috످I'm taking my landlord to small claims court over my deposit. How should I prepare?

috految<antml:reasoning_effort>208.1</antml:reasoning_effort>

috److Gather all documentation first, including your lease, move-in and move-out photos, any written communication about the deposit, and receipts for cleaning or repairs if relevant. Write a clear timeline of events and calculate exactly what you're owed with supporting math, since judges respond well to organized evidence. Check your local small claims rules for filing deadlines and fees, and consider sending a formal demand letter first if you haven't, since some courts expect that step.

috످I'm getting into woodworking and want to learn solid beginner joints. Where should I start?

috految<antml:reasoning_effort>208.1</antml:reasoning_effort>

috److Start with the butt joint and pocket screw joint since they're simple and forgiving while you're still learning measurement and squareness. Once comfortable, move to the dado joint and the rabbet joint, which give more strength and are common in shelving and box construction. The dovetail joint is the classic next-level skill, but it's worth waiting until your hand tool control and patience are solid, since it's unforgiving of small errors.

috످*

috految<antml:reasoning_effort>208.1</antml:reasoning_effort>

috److془The user sent "*". Likely accidental or correction. Ask briefly.془It looks like only an asterisk came through. Did you mean to add a correction or ask something else?

috످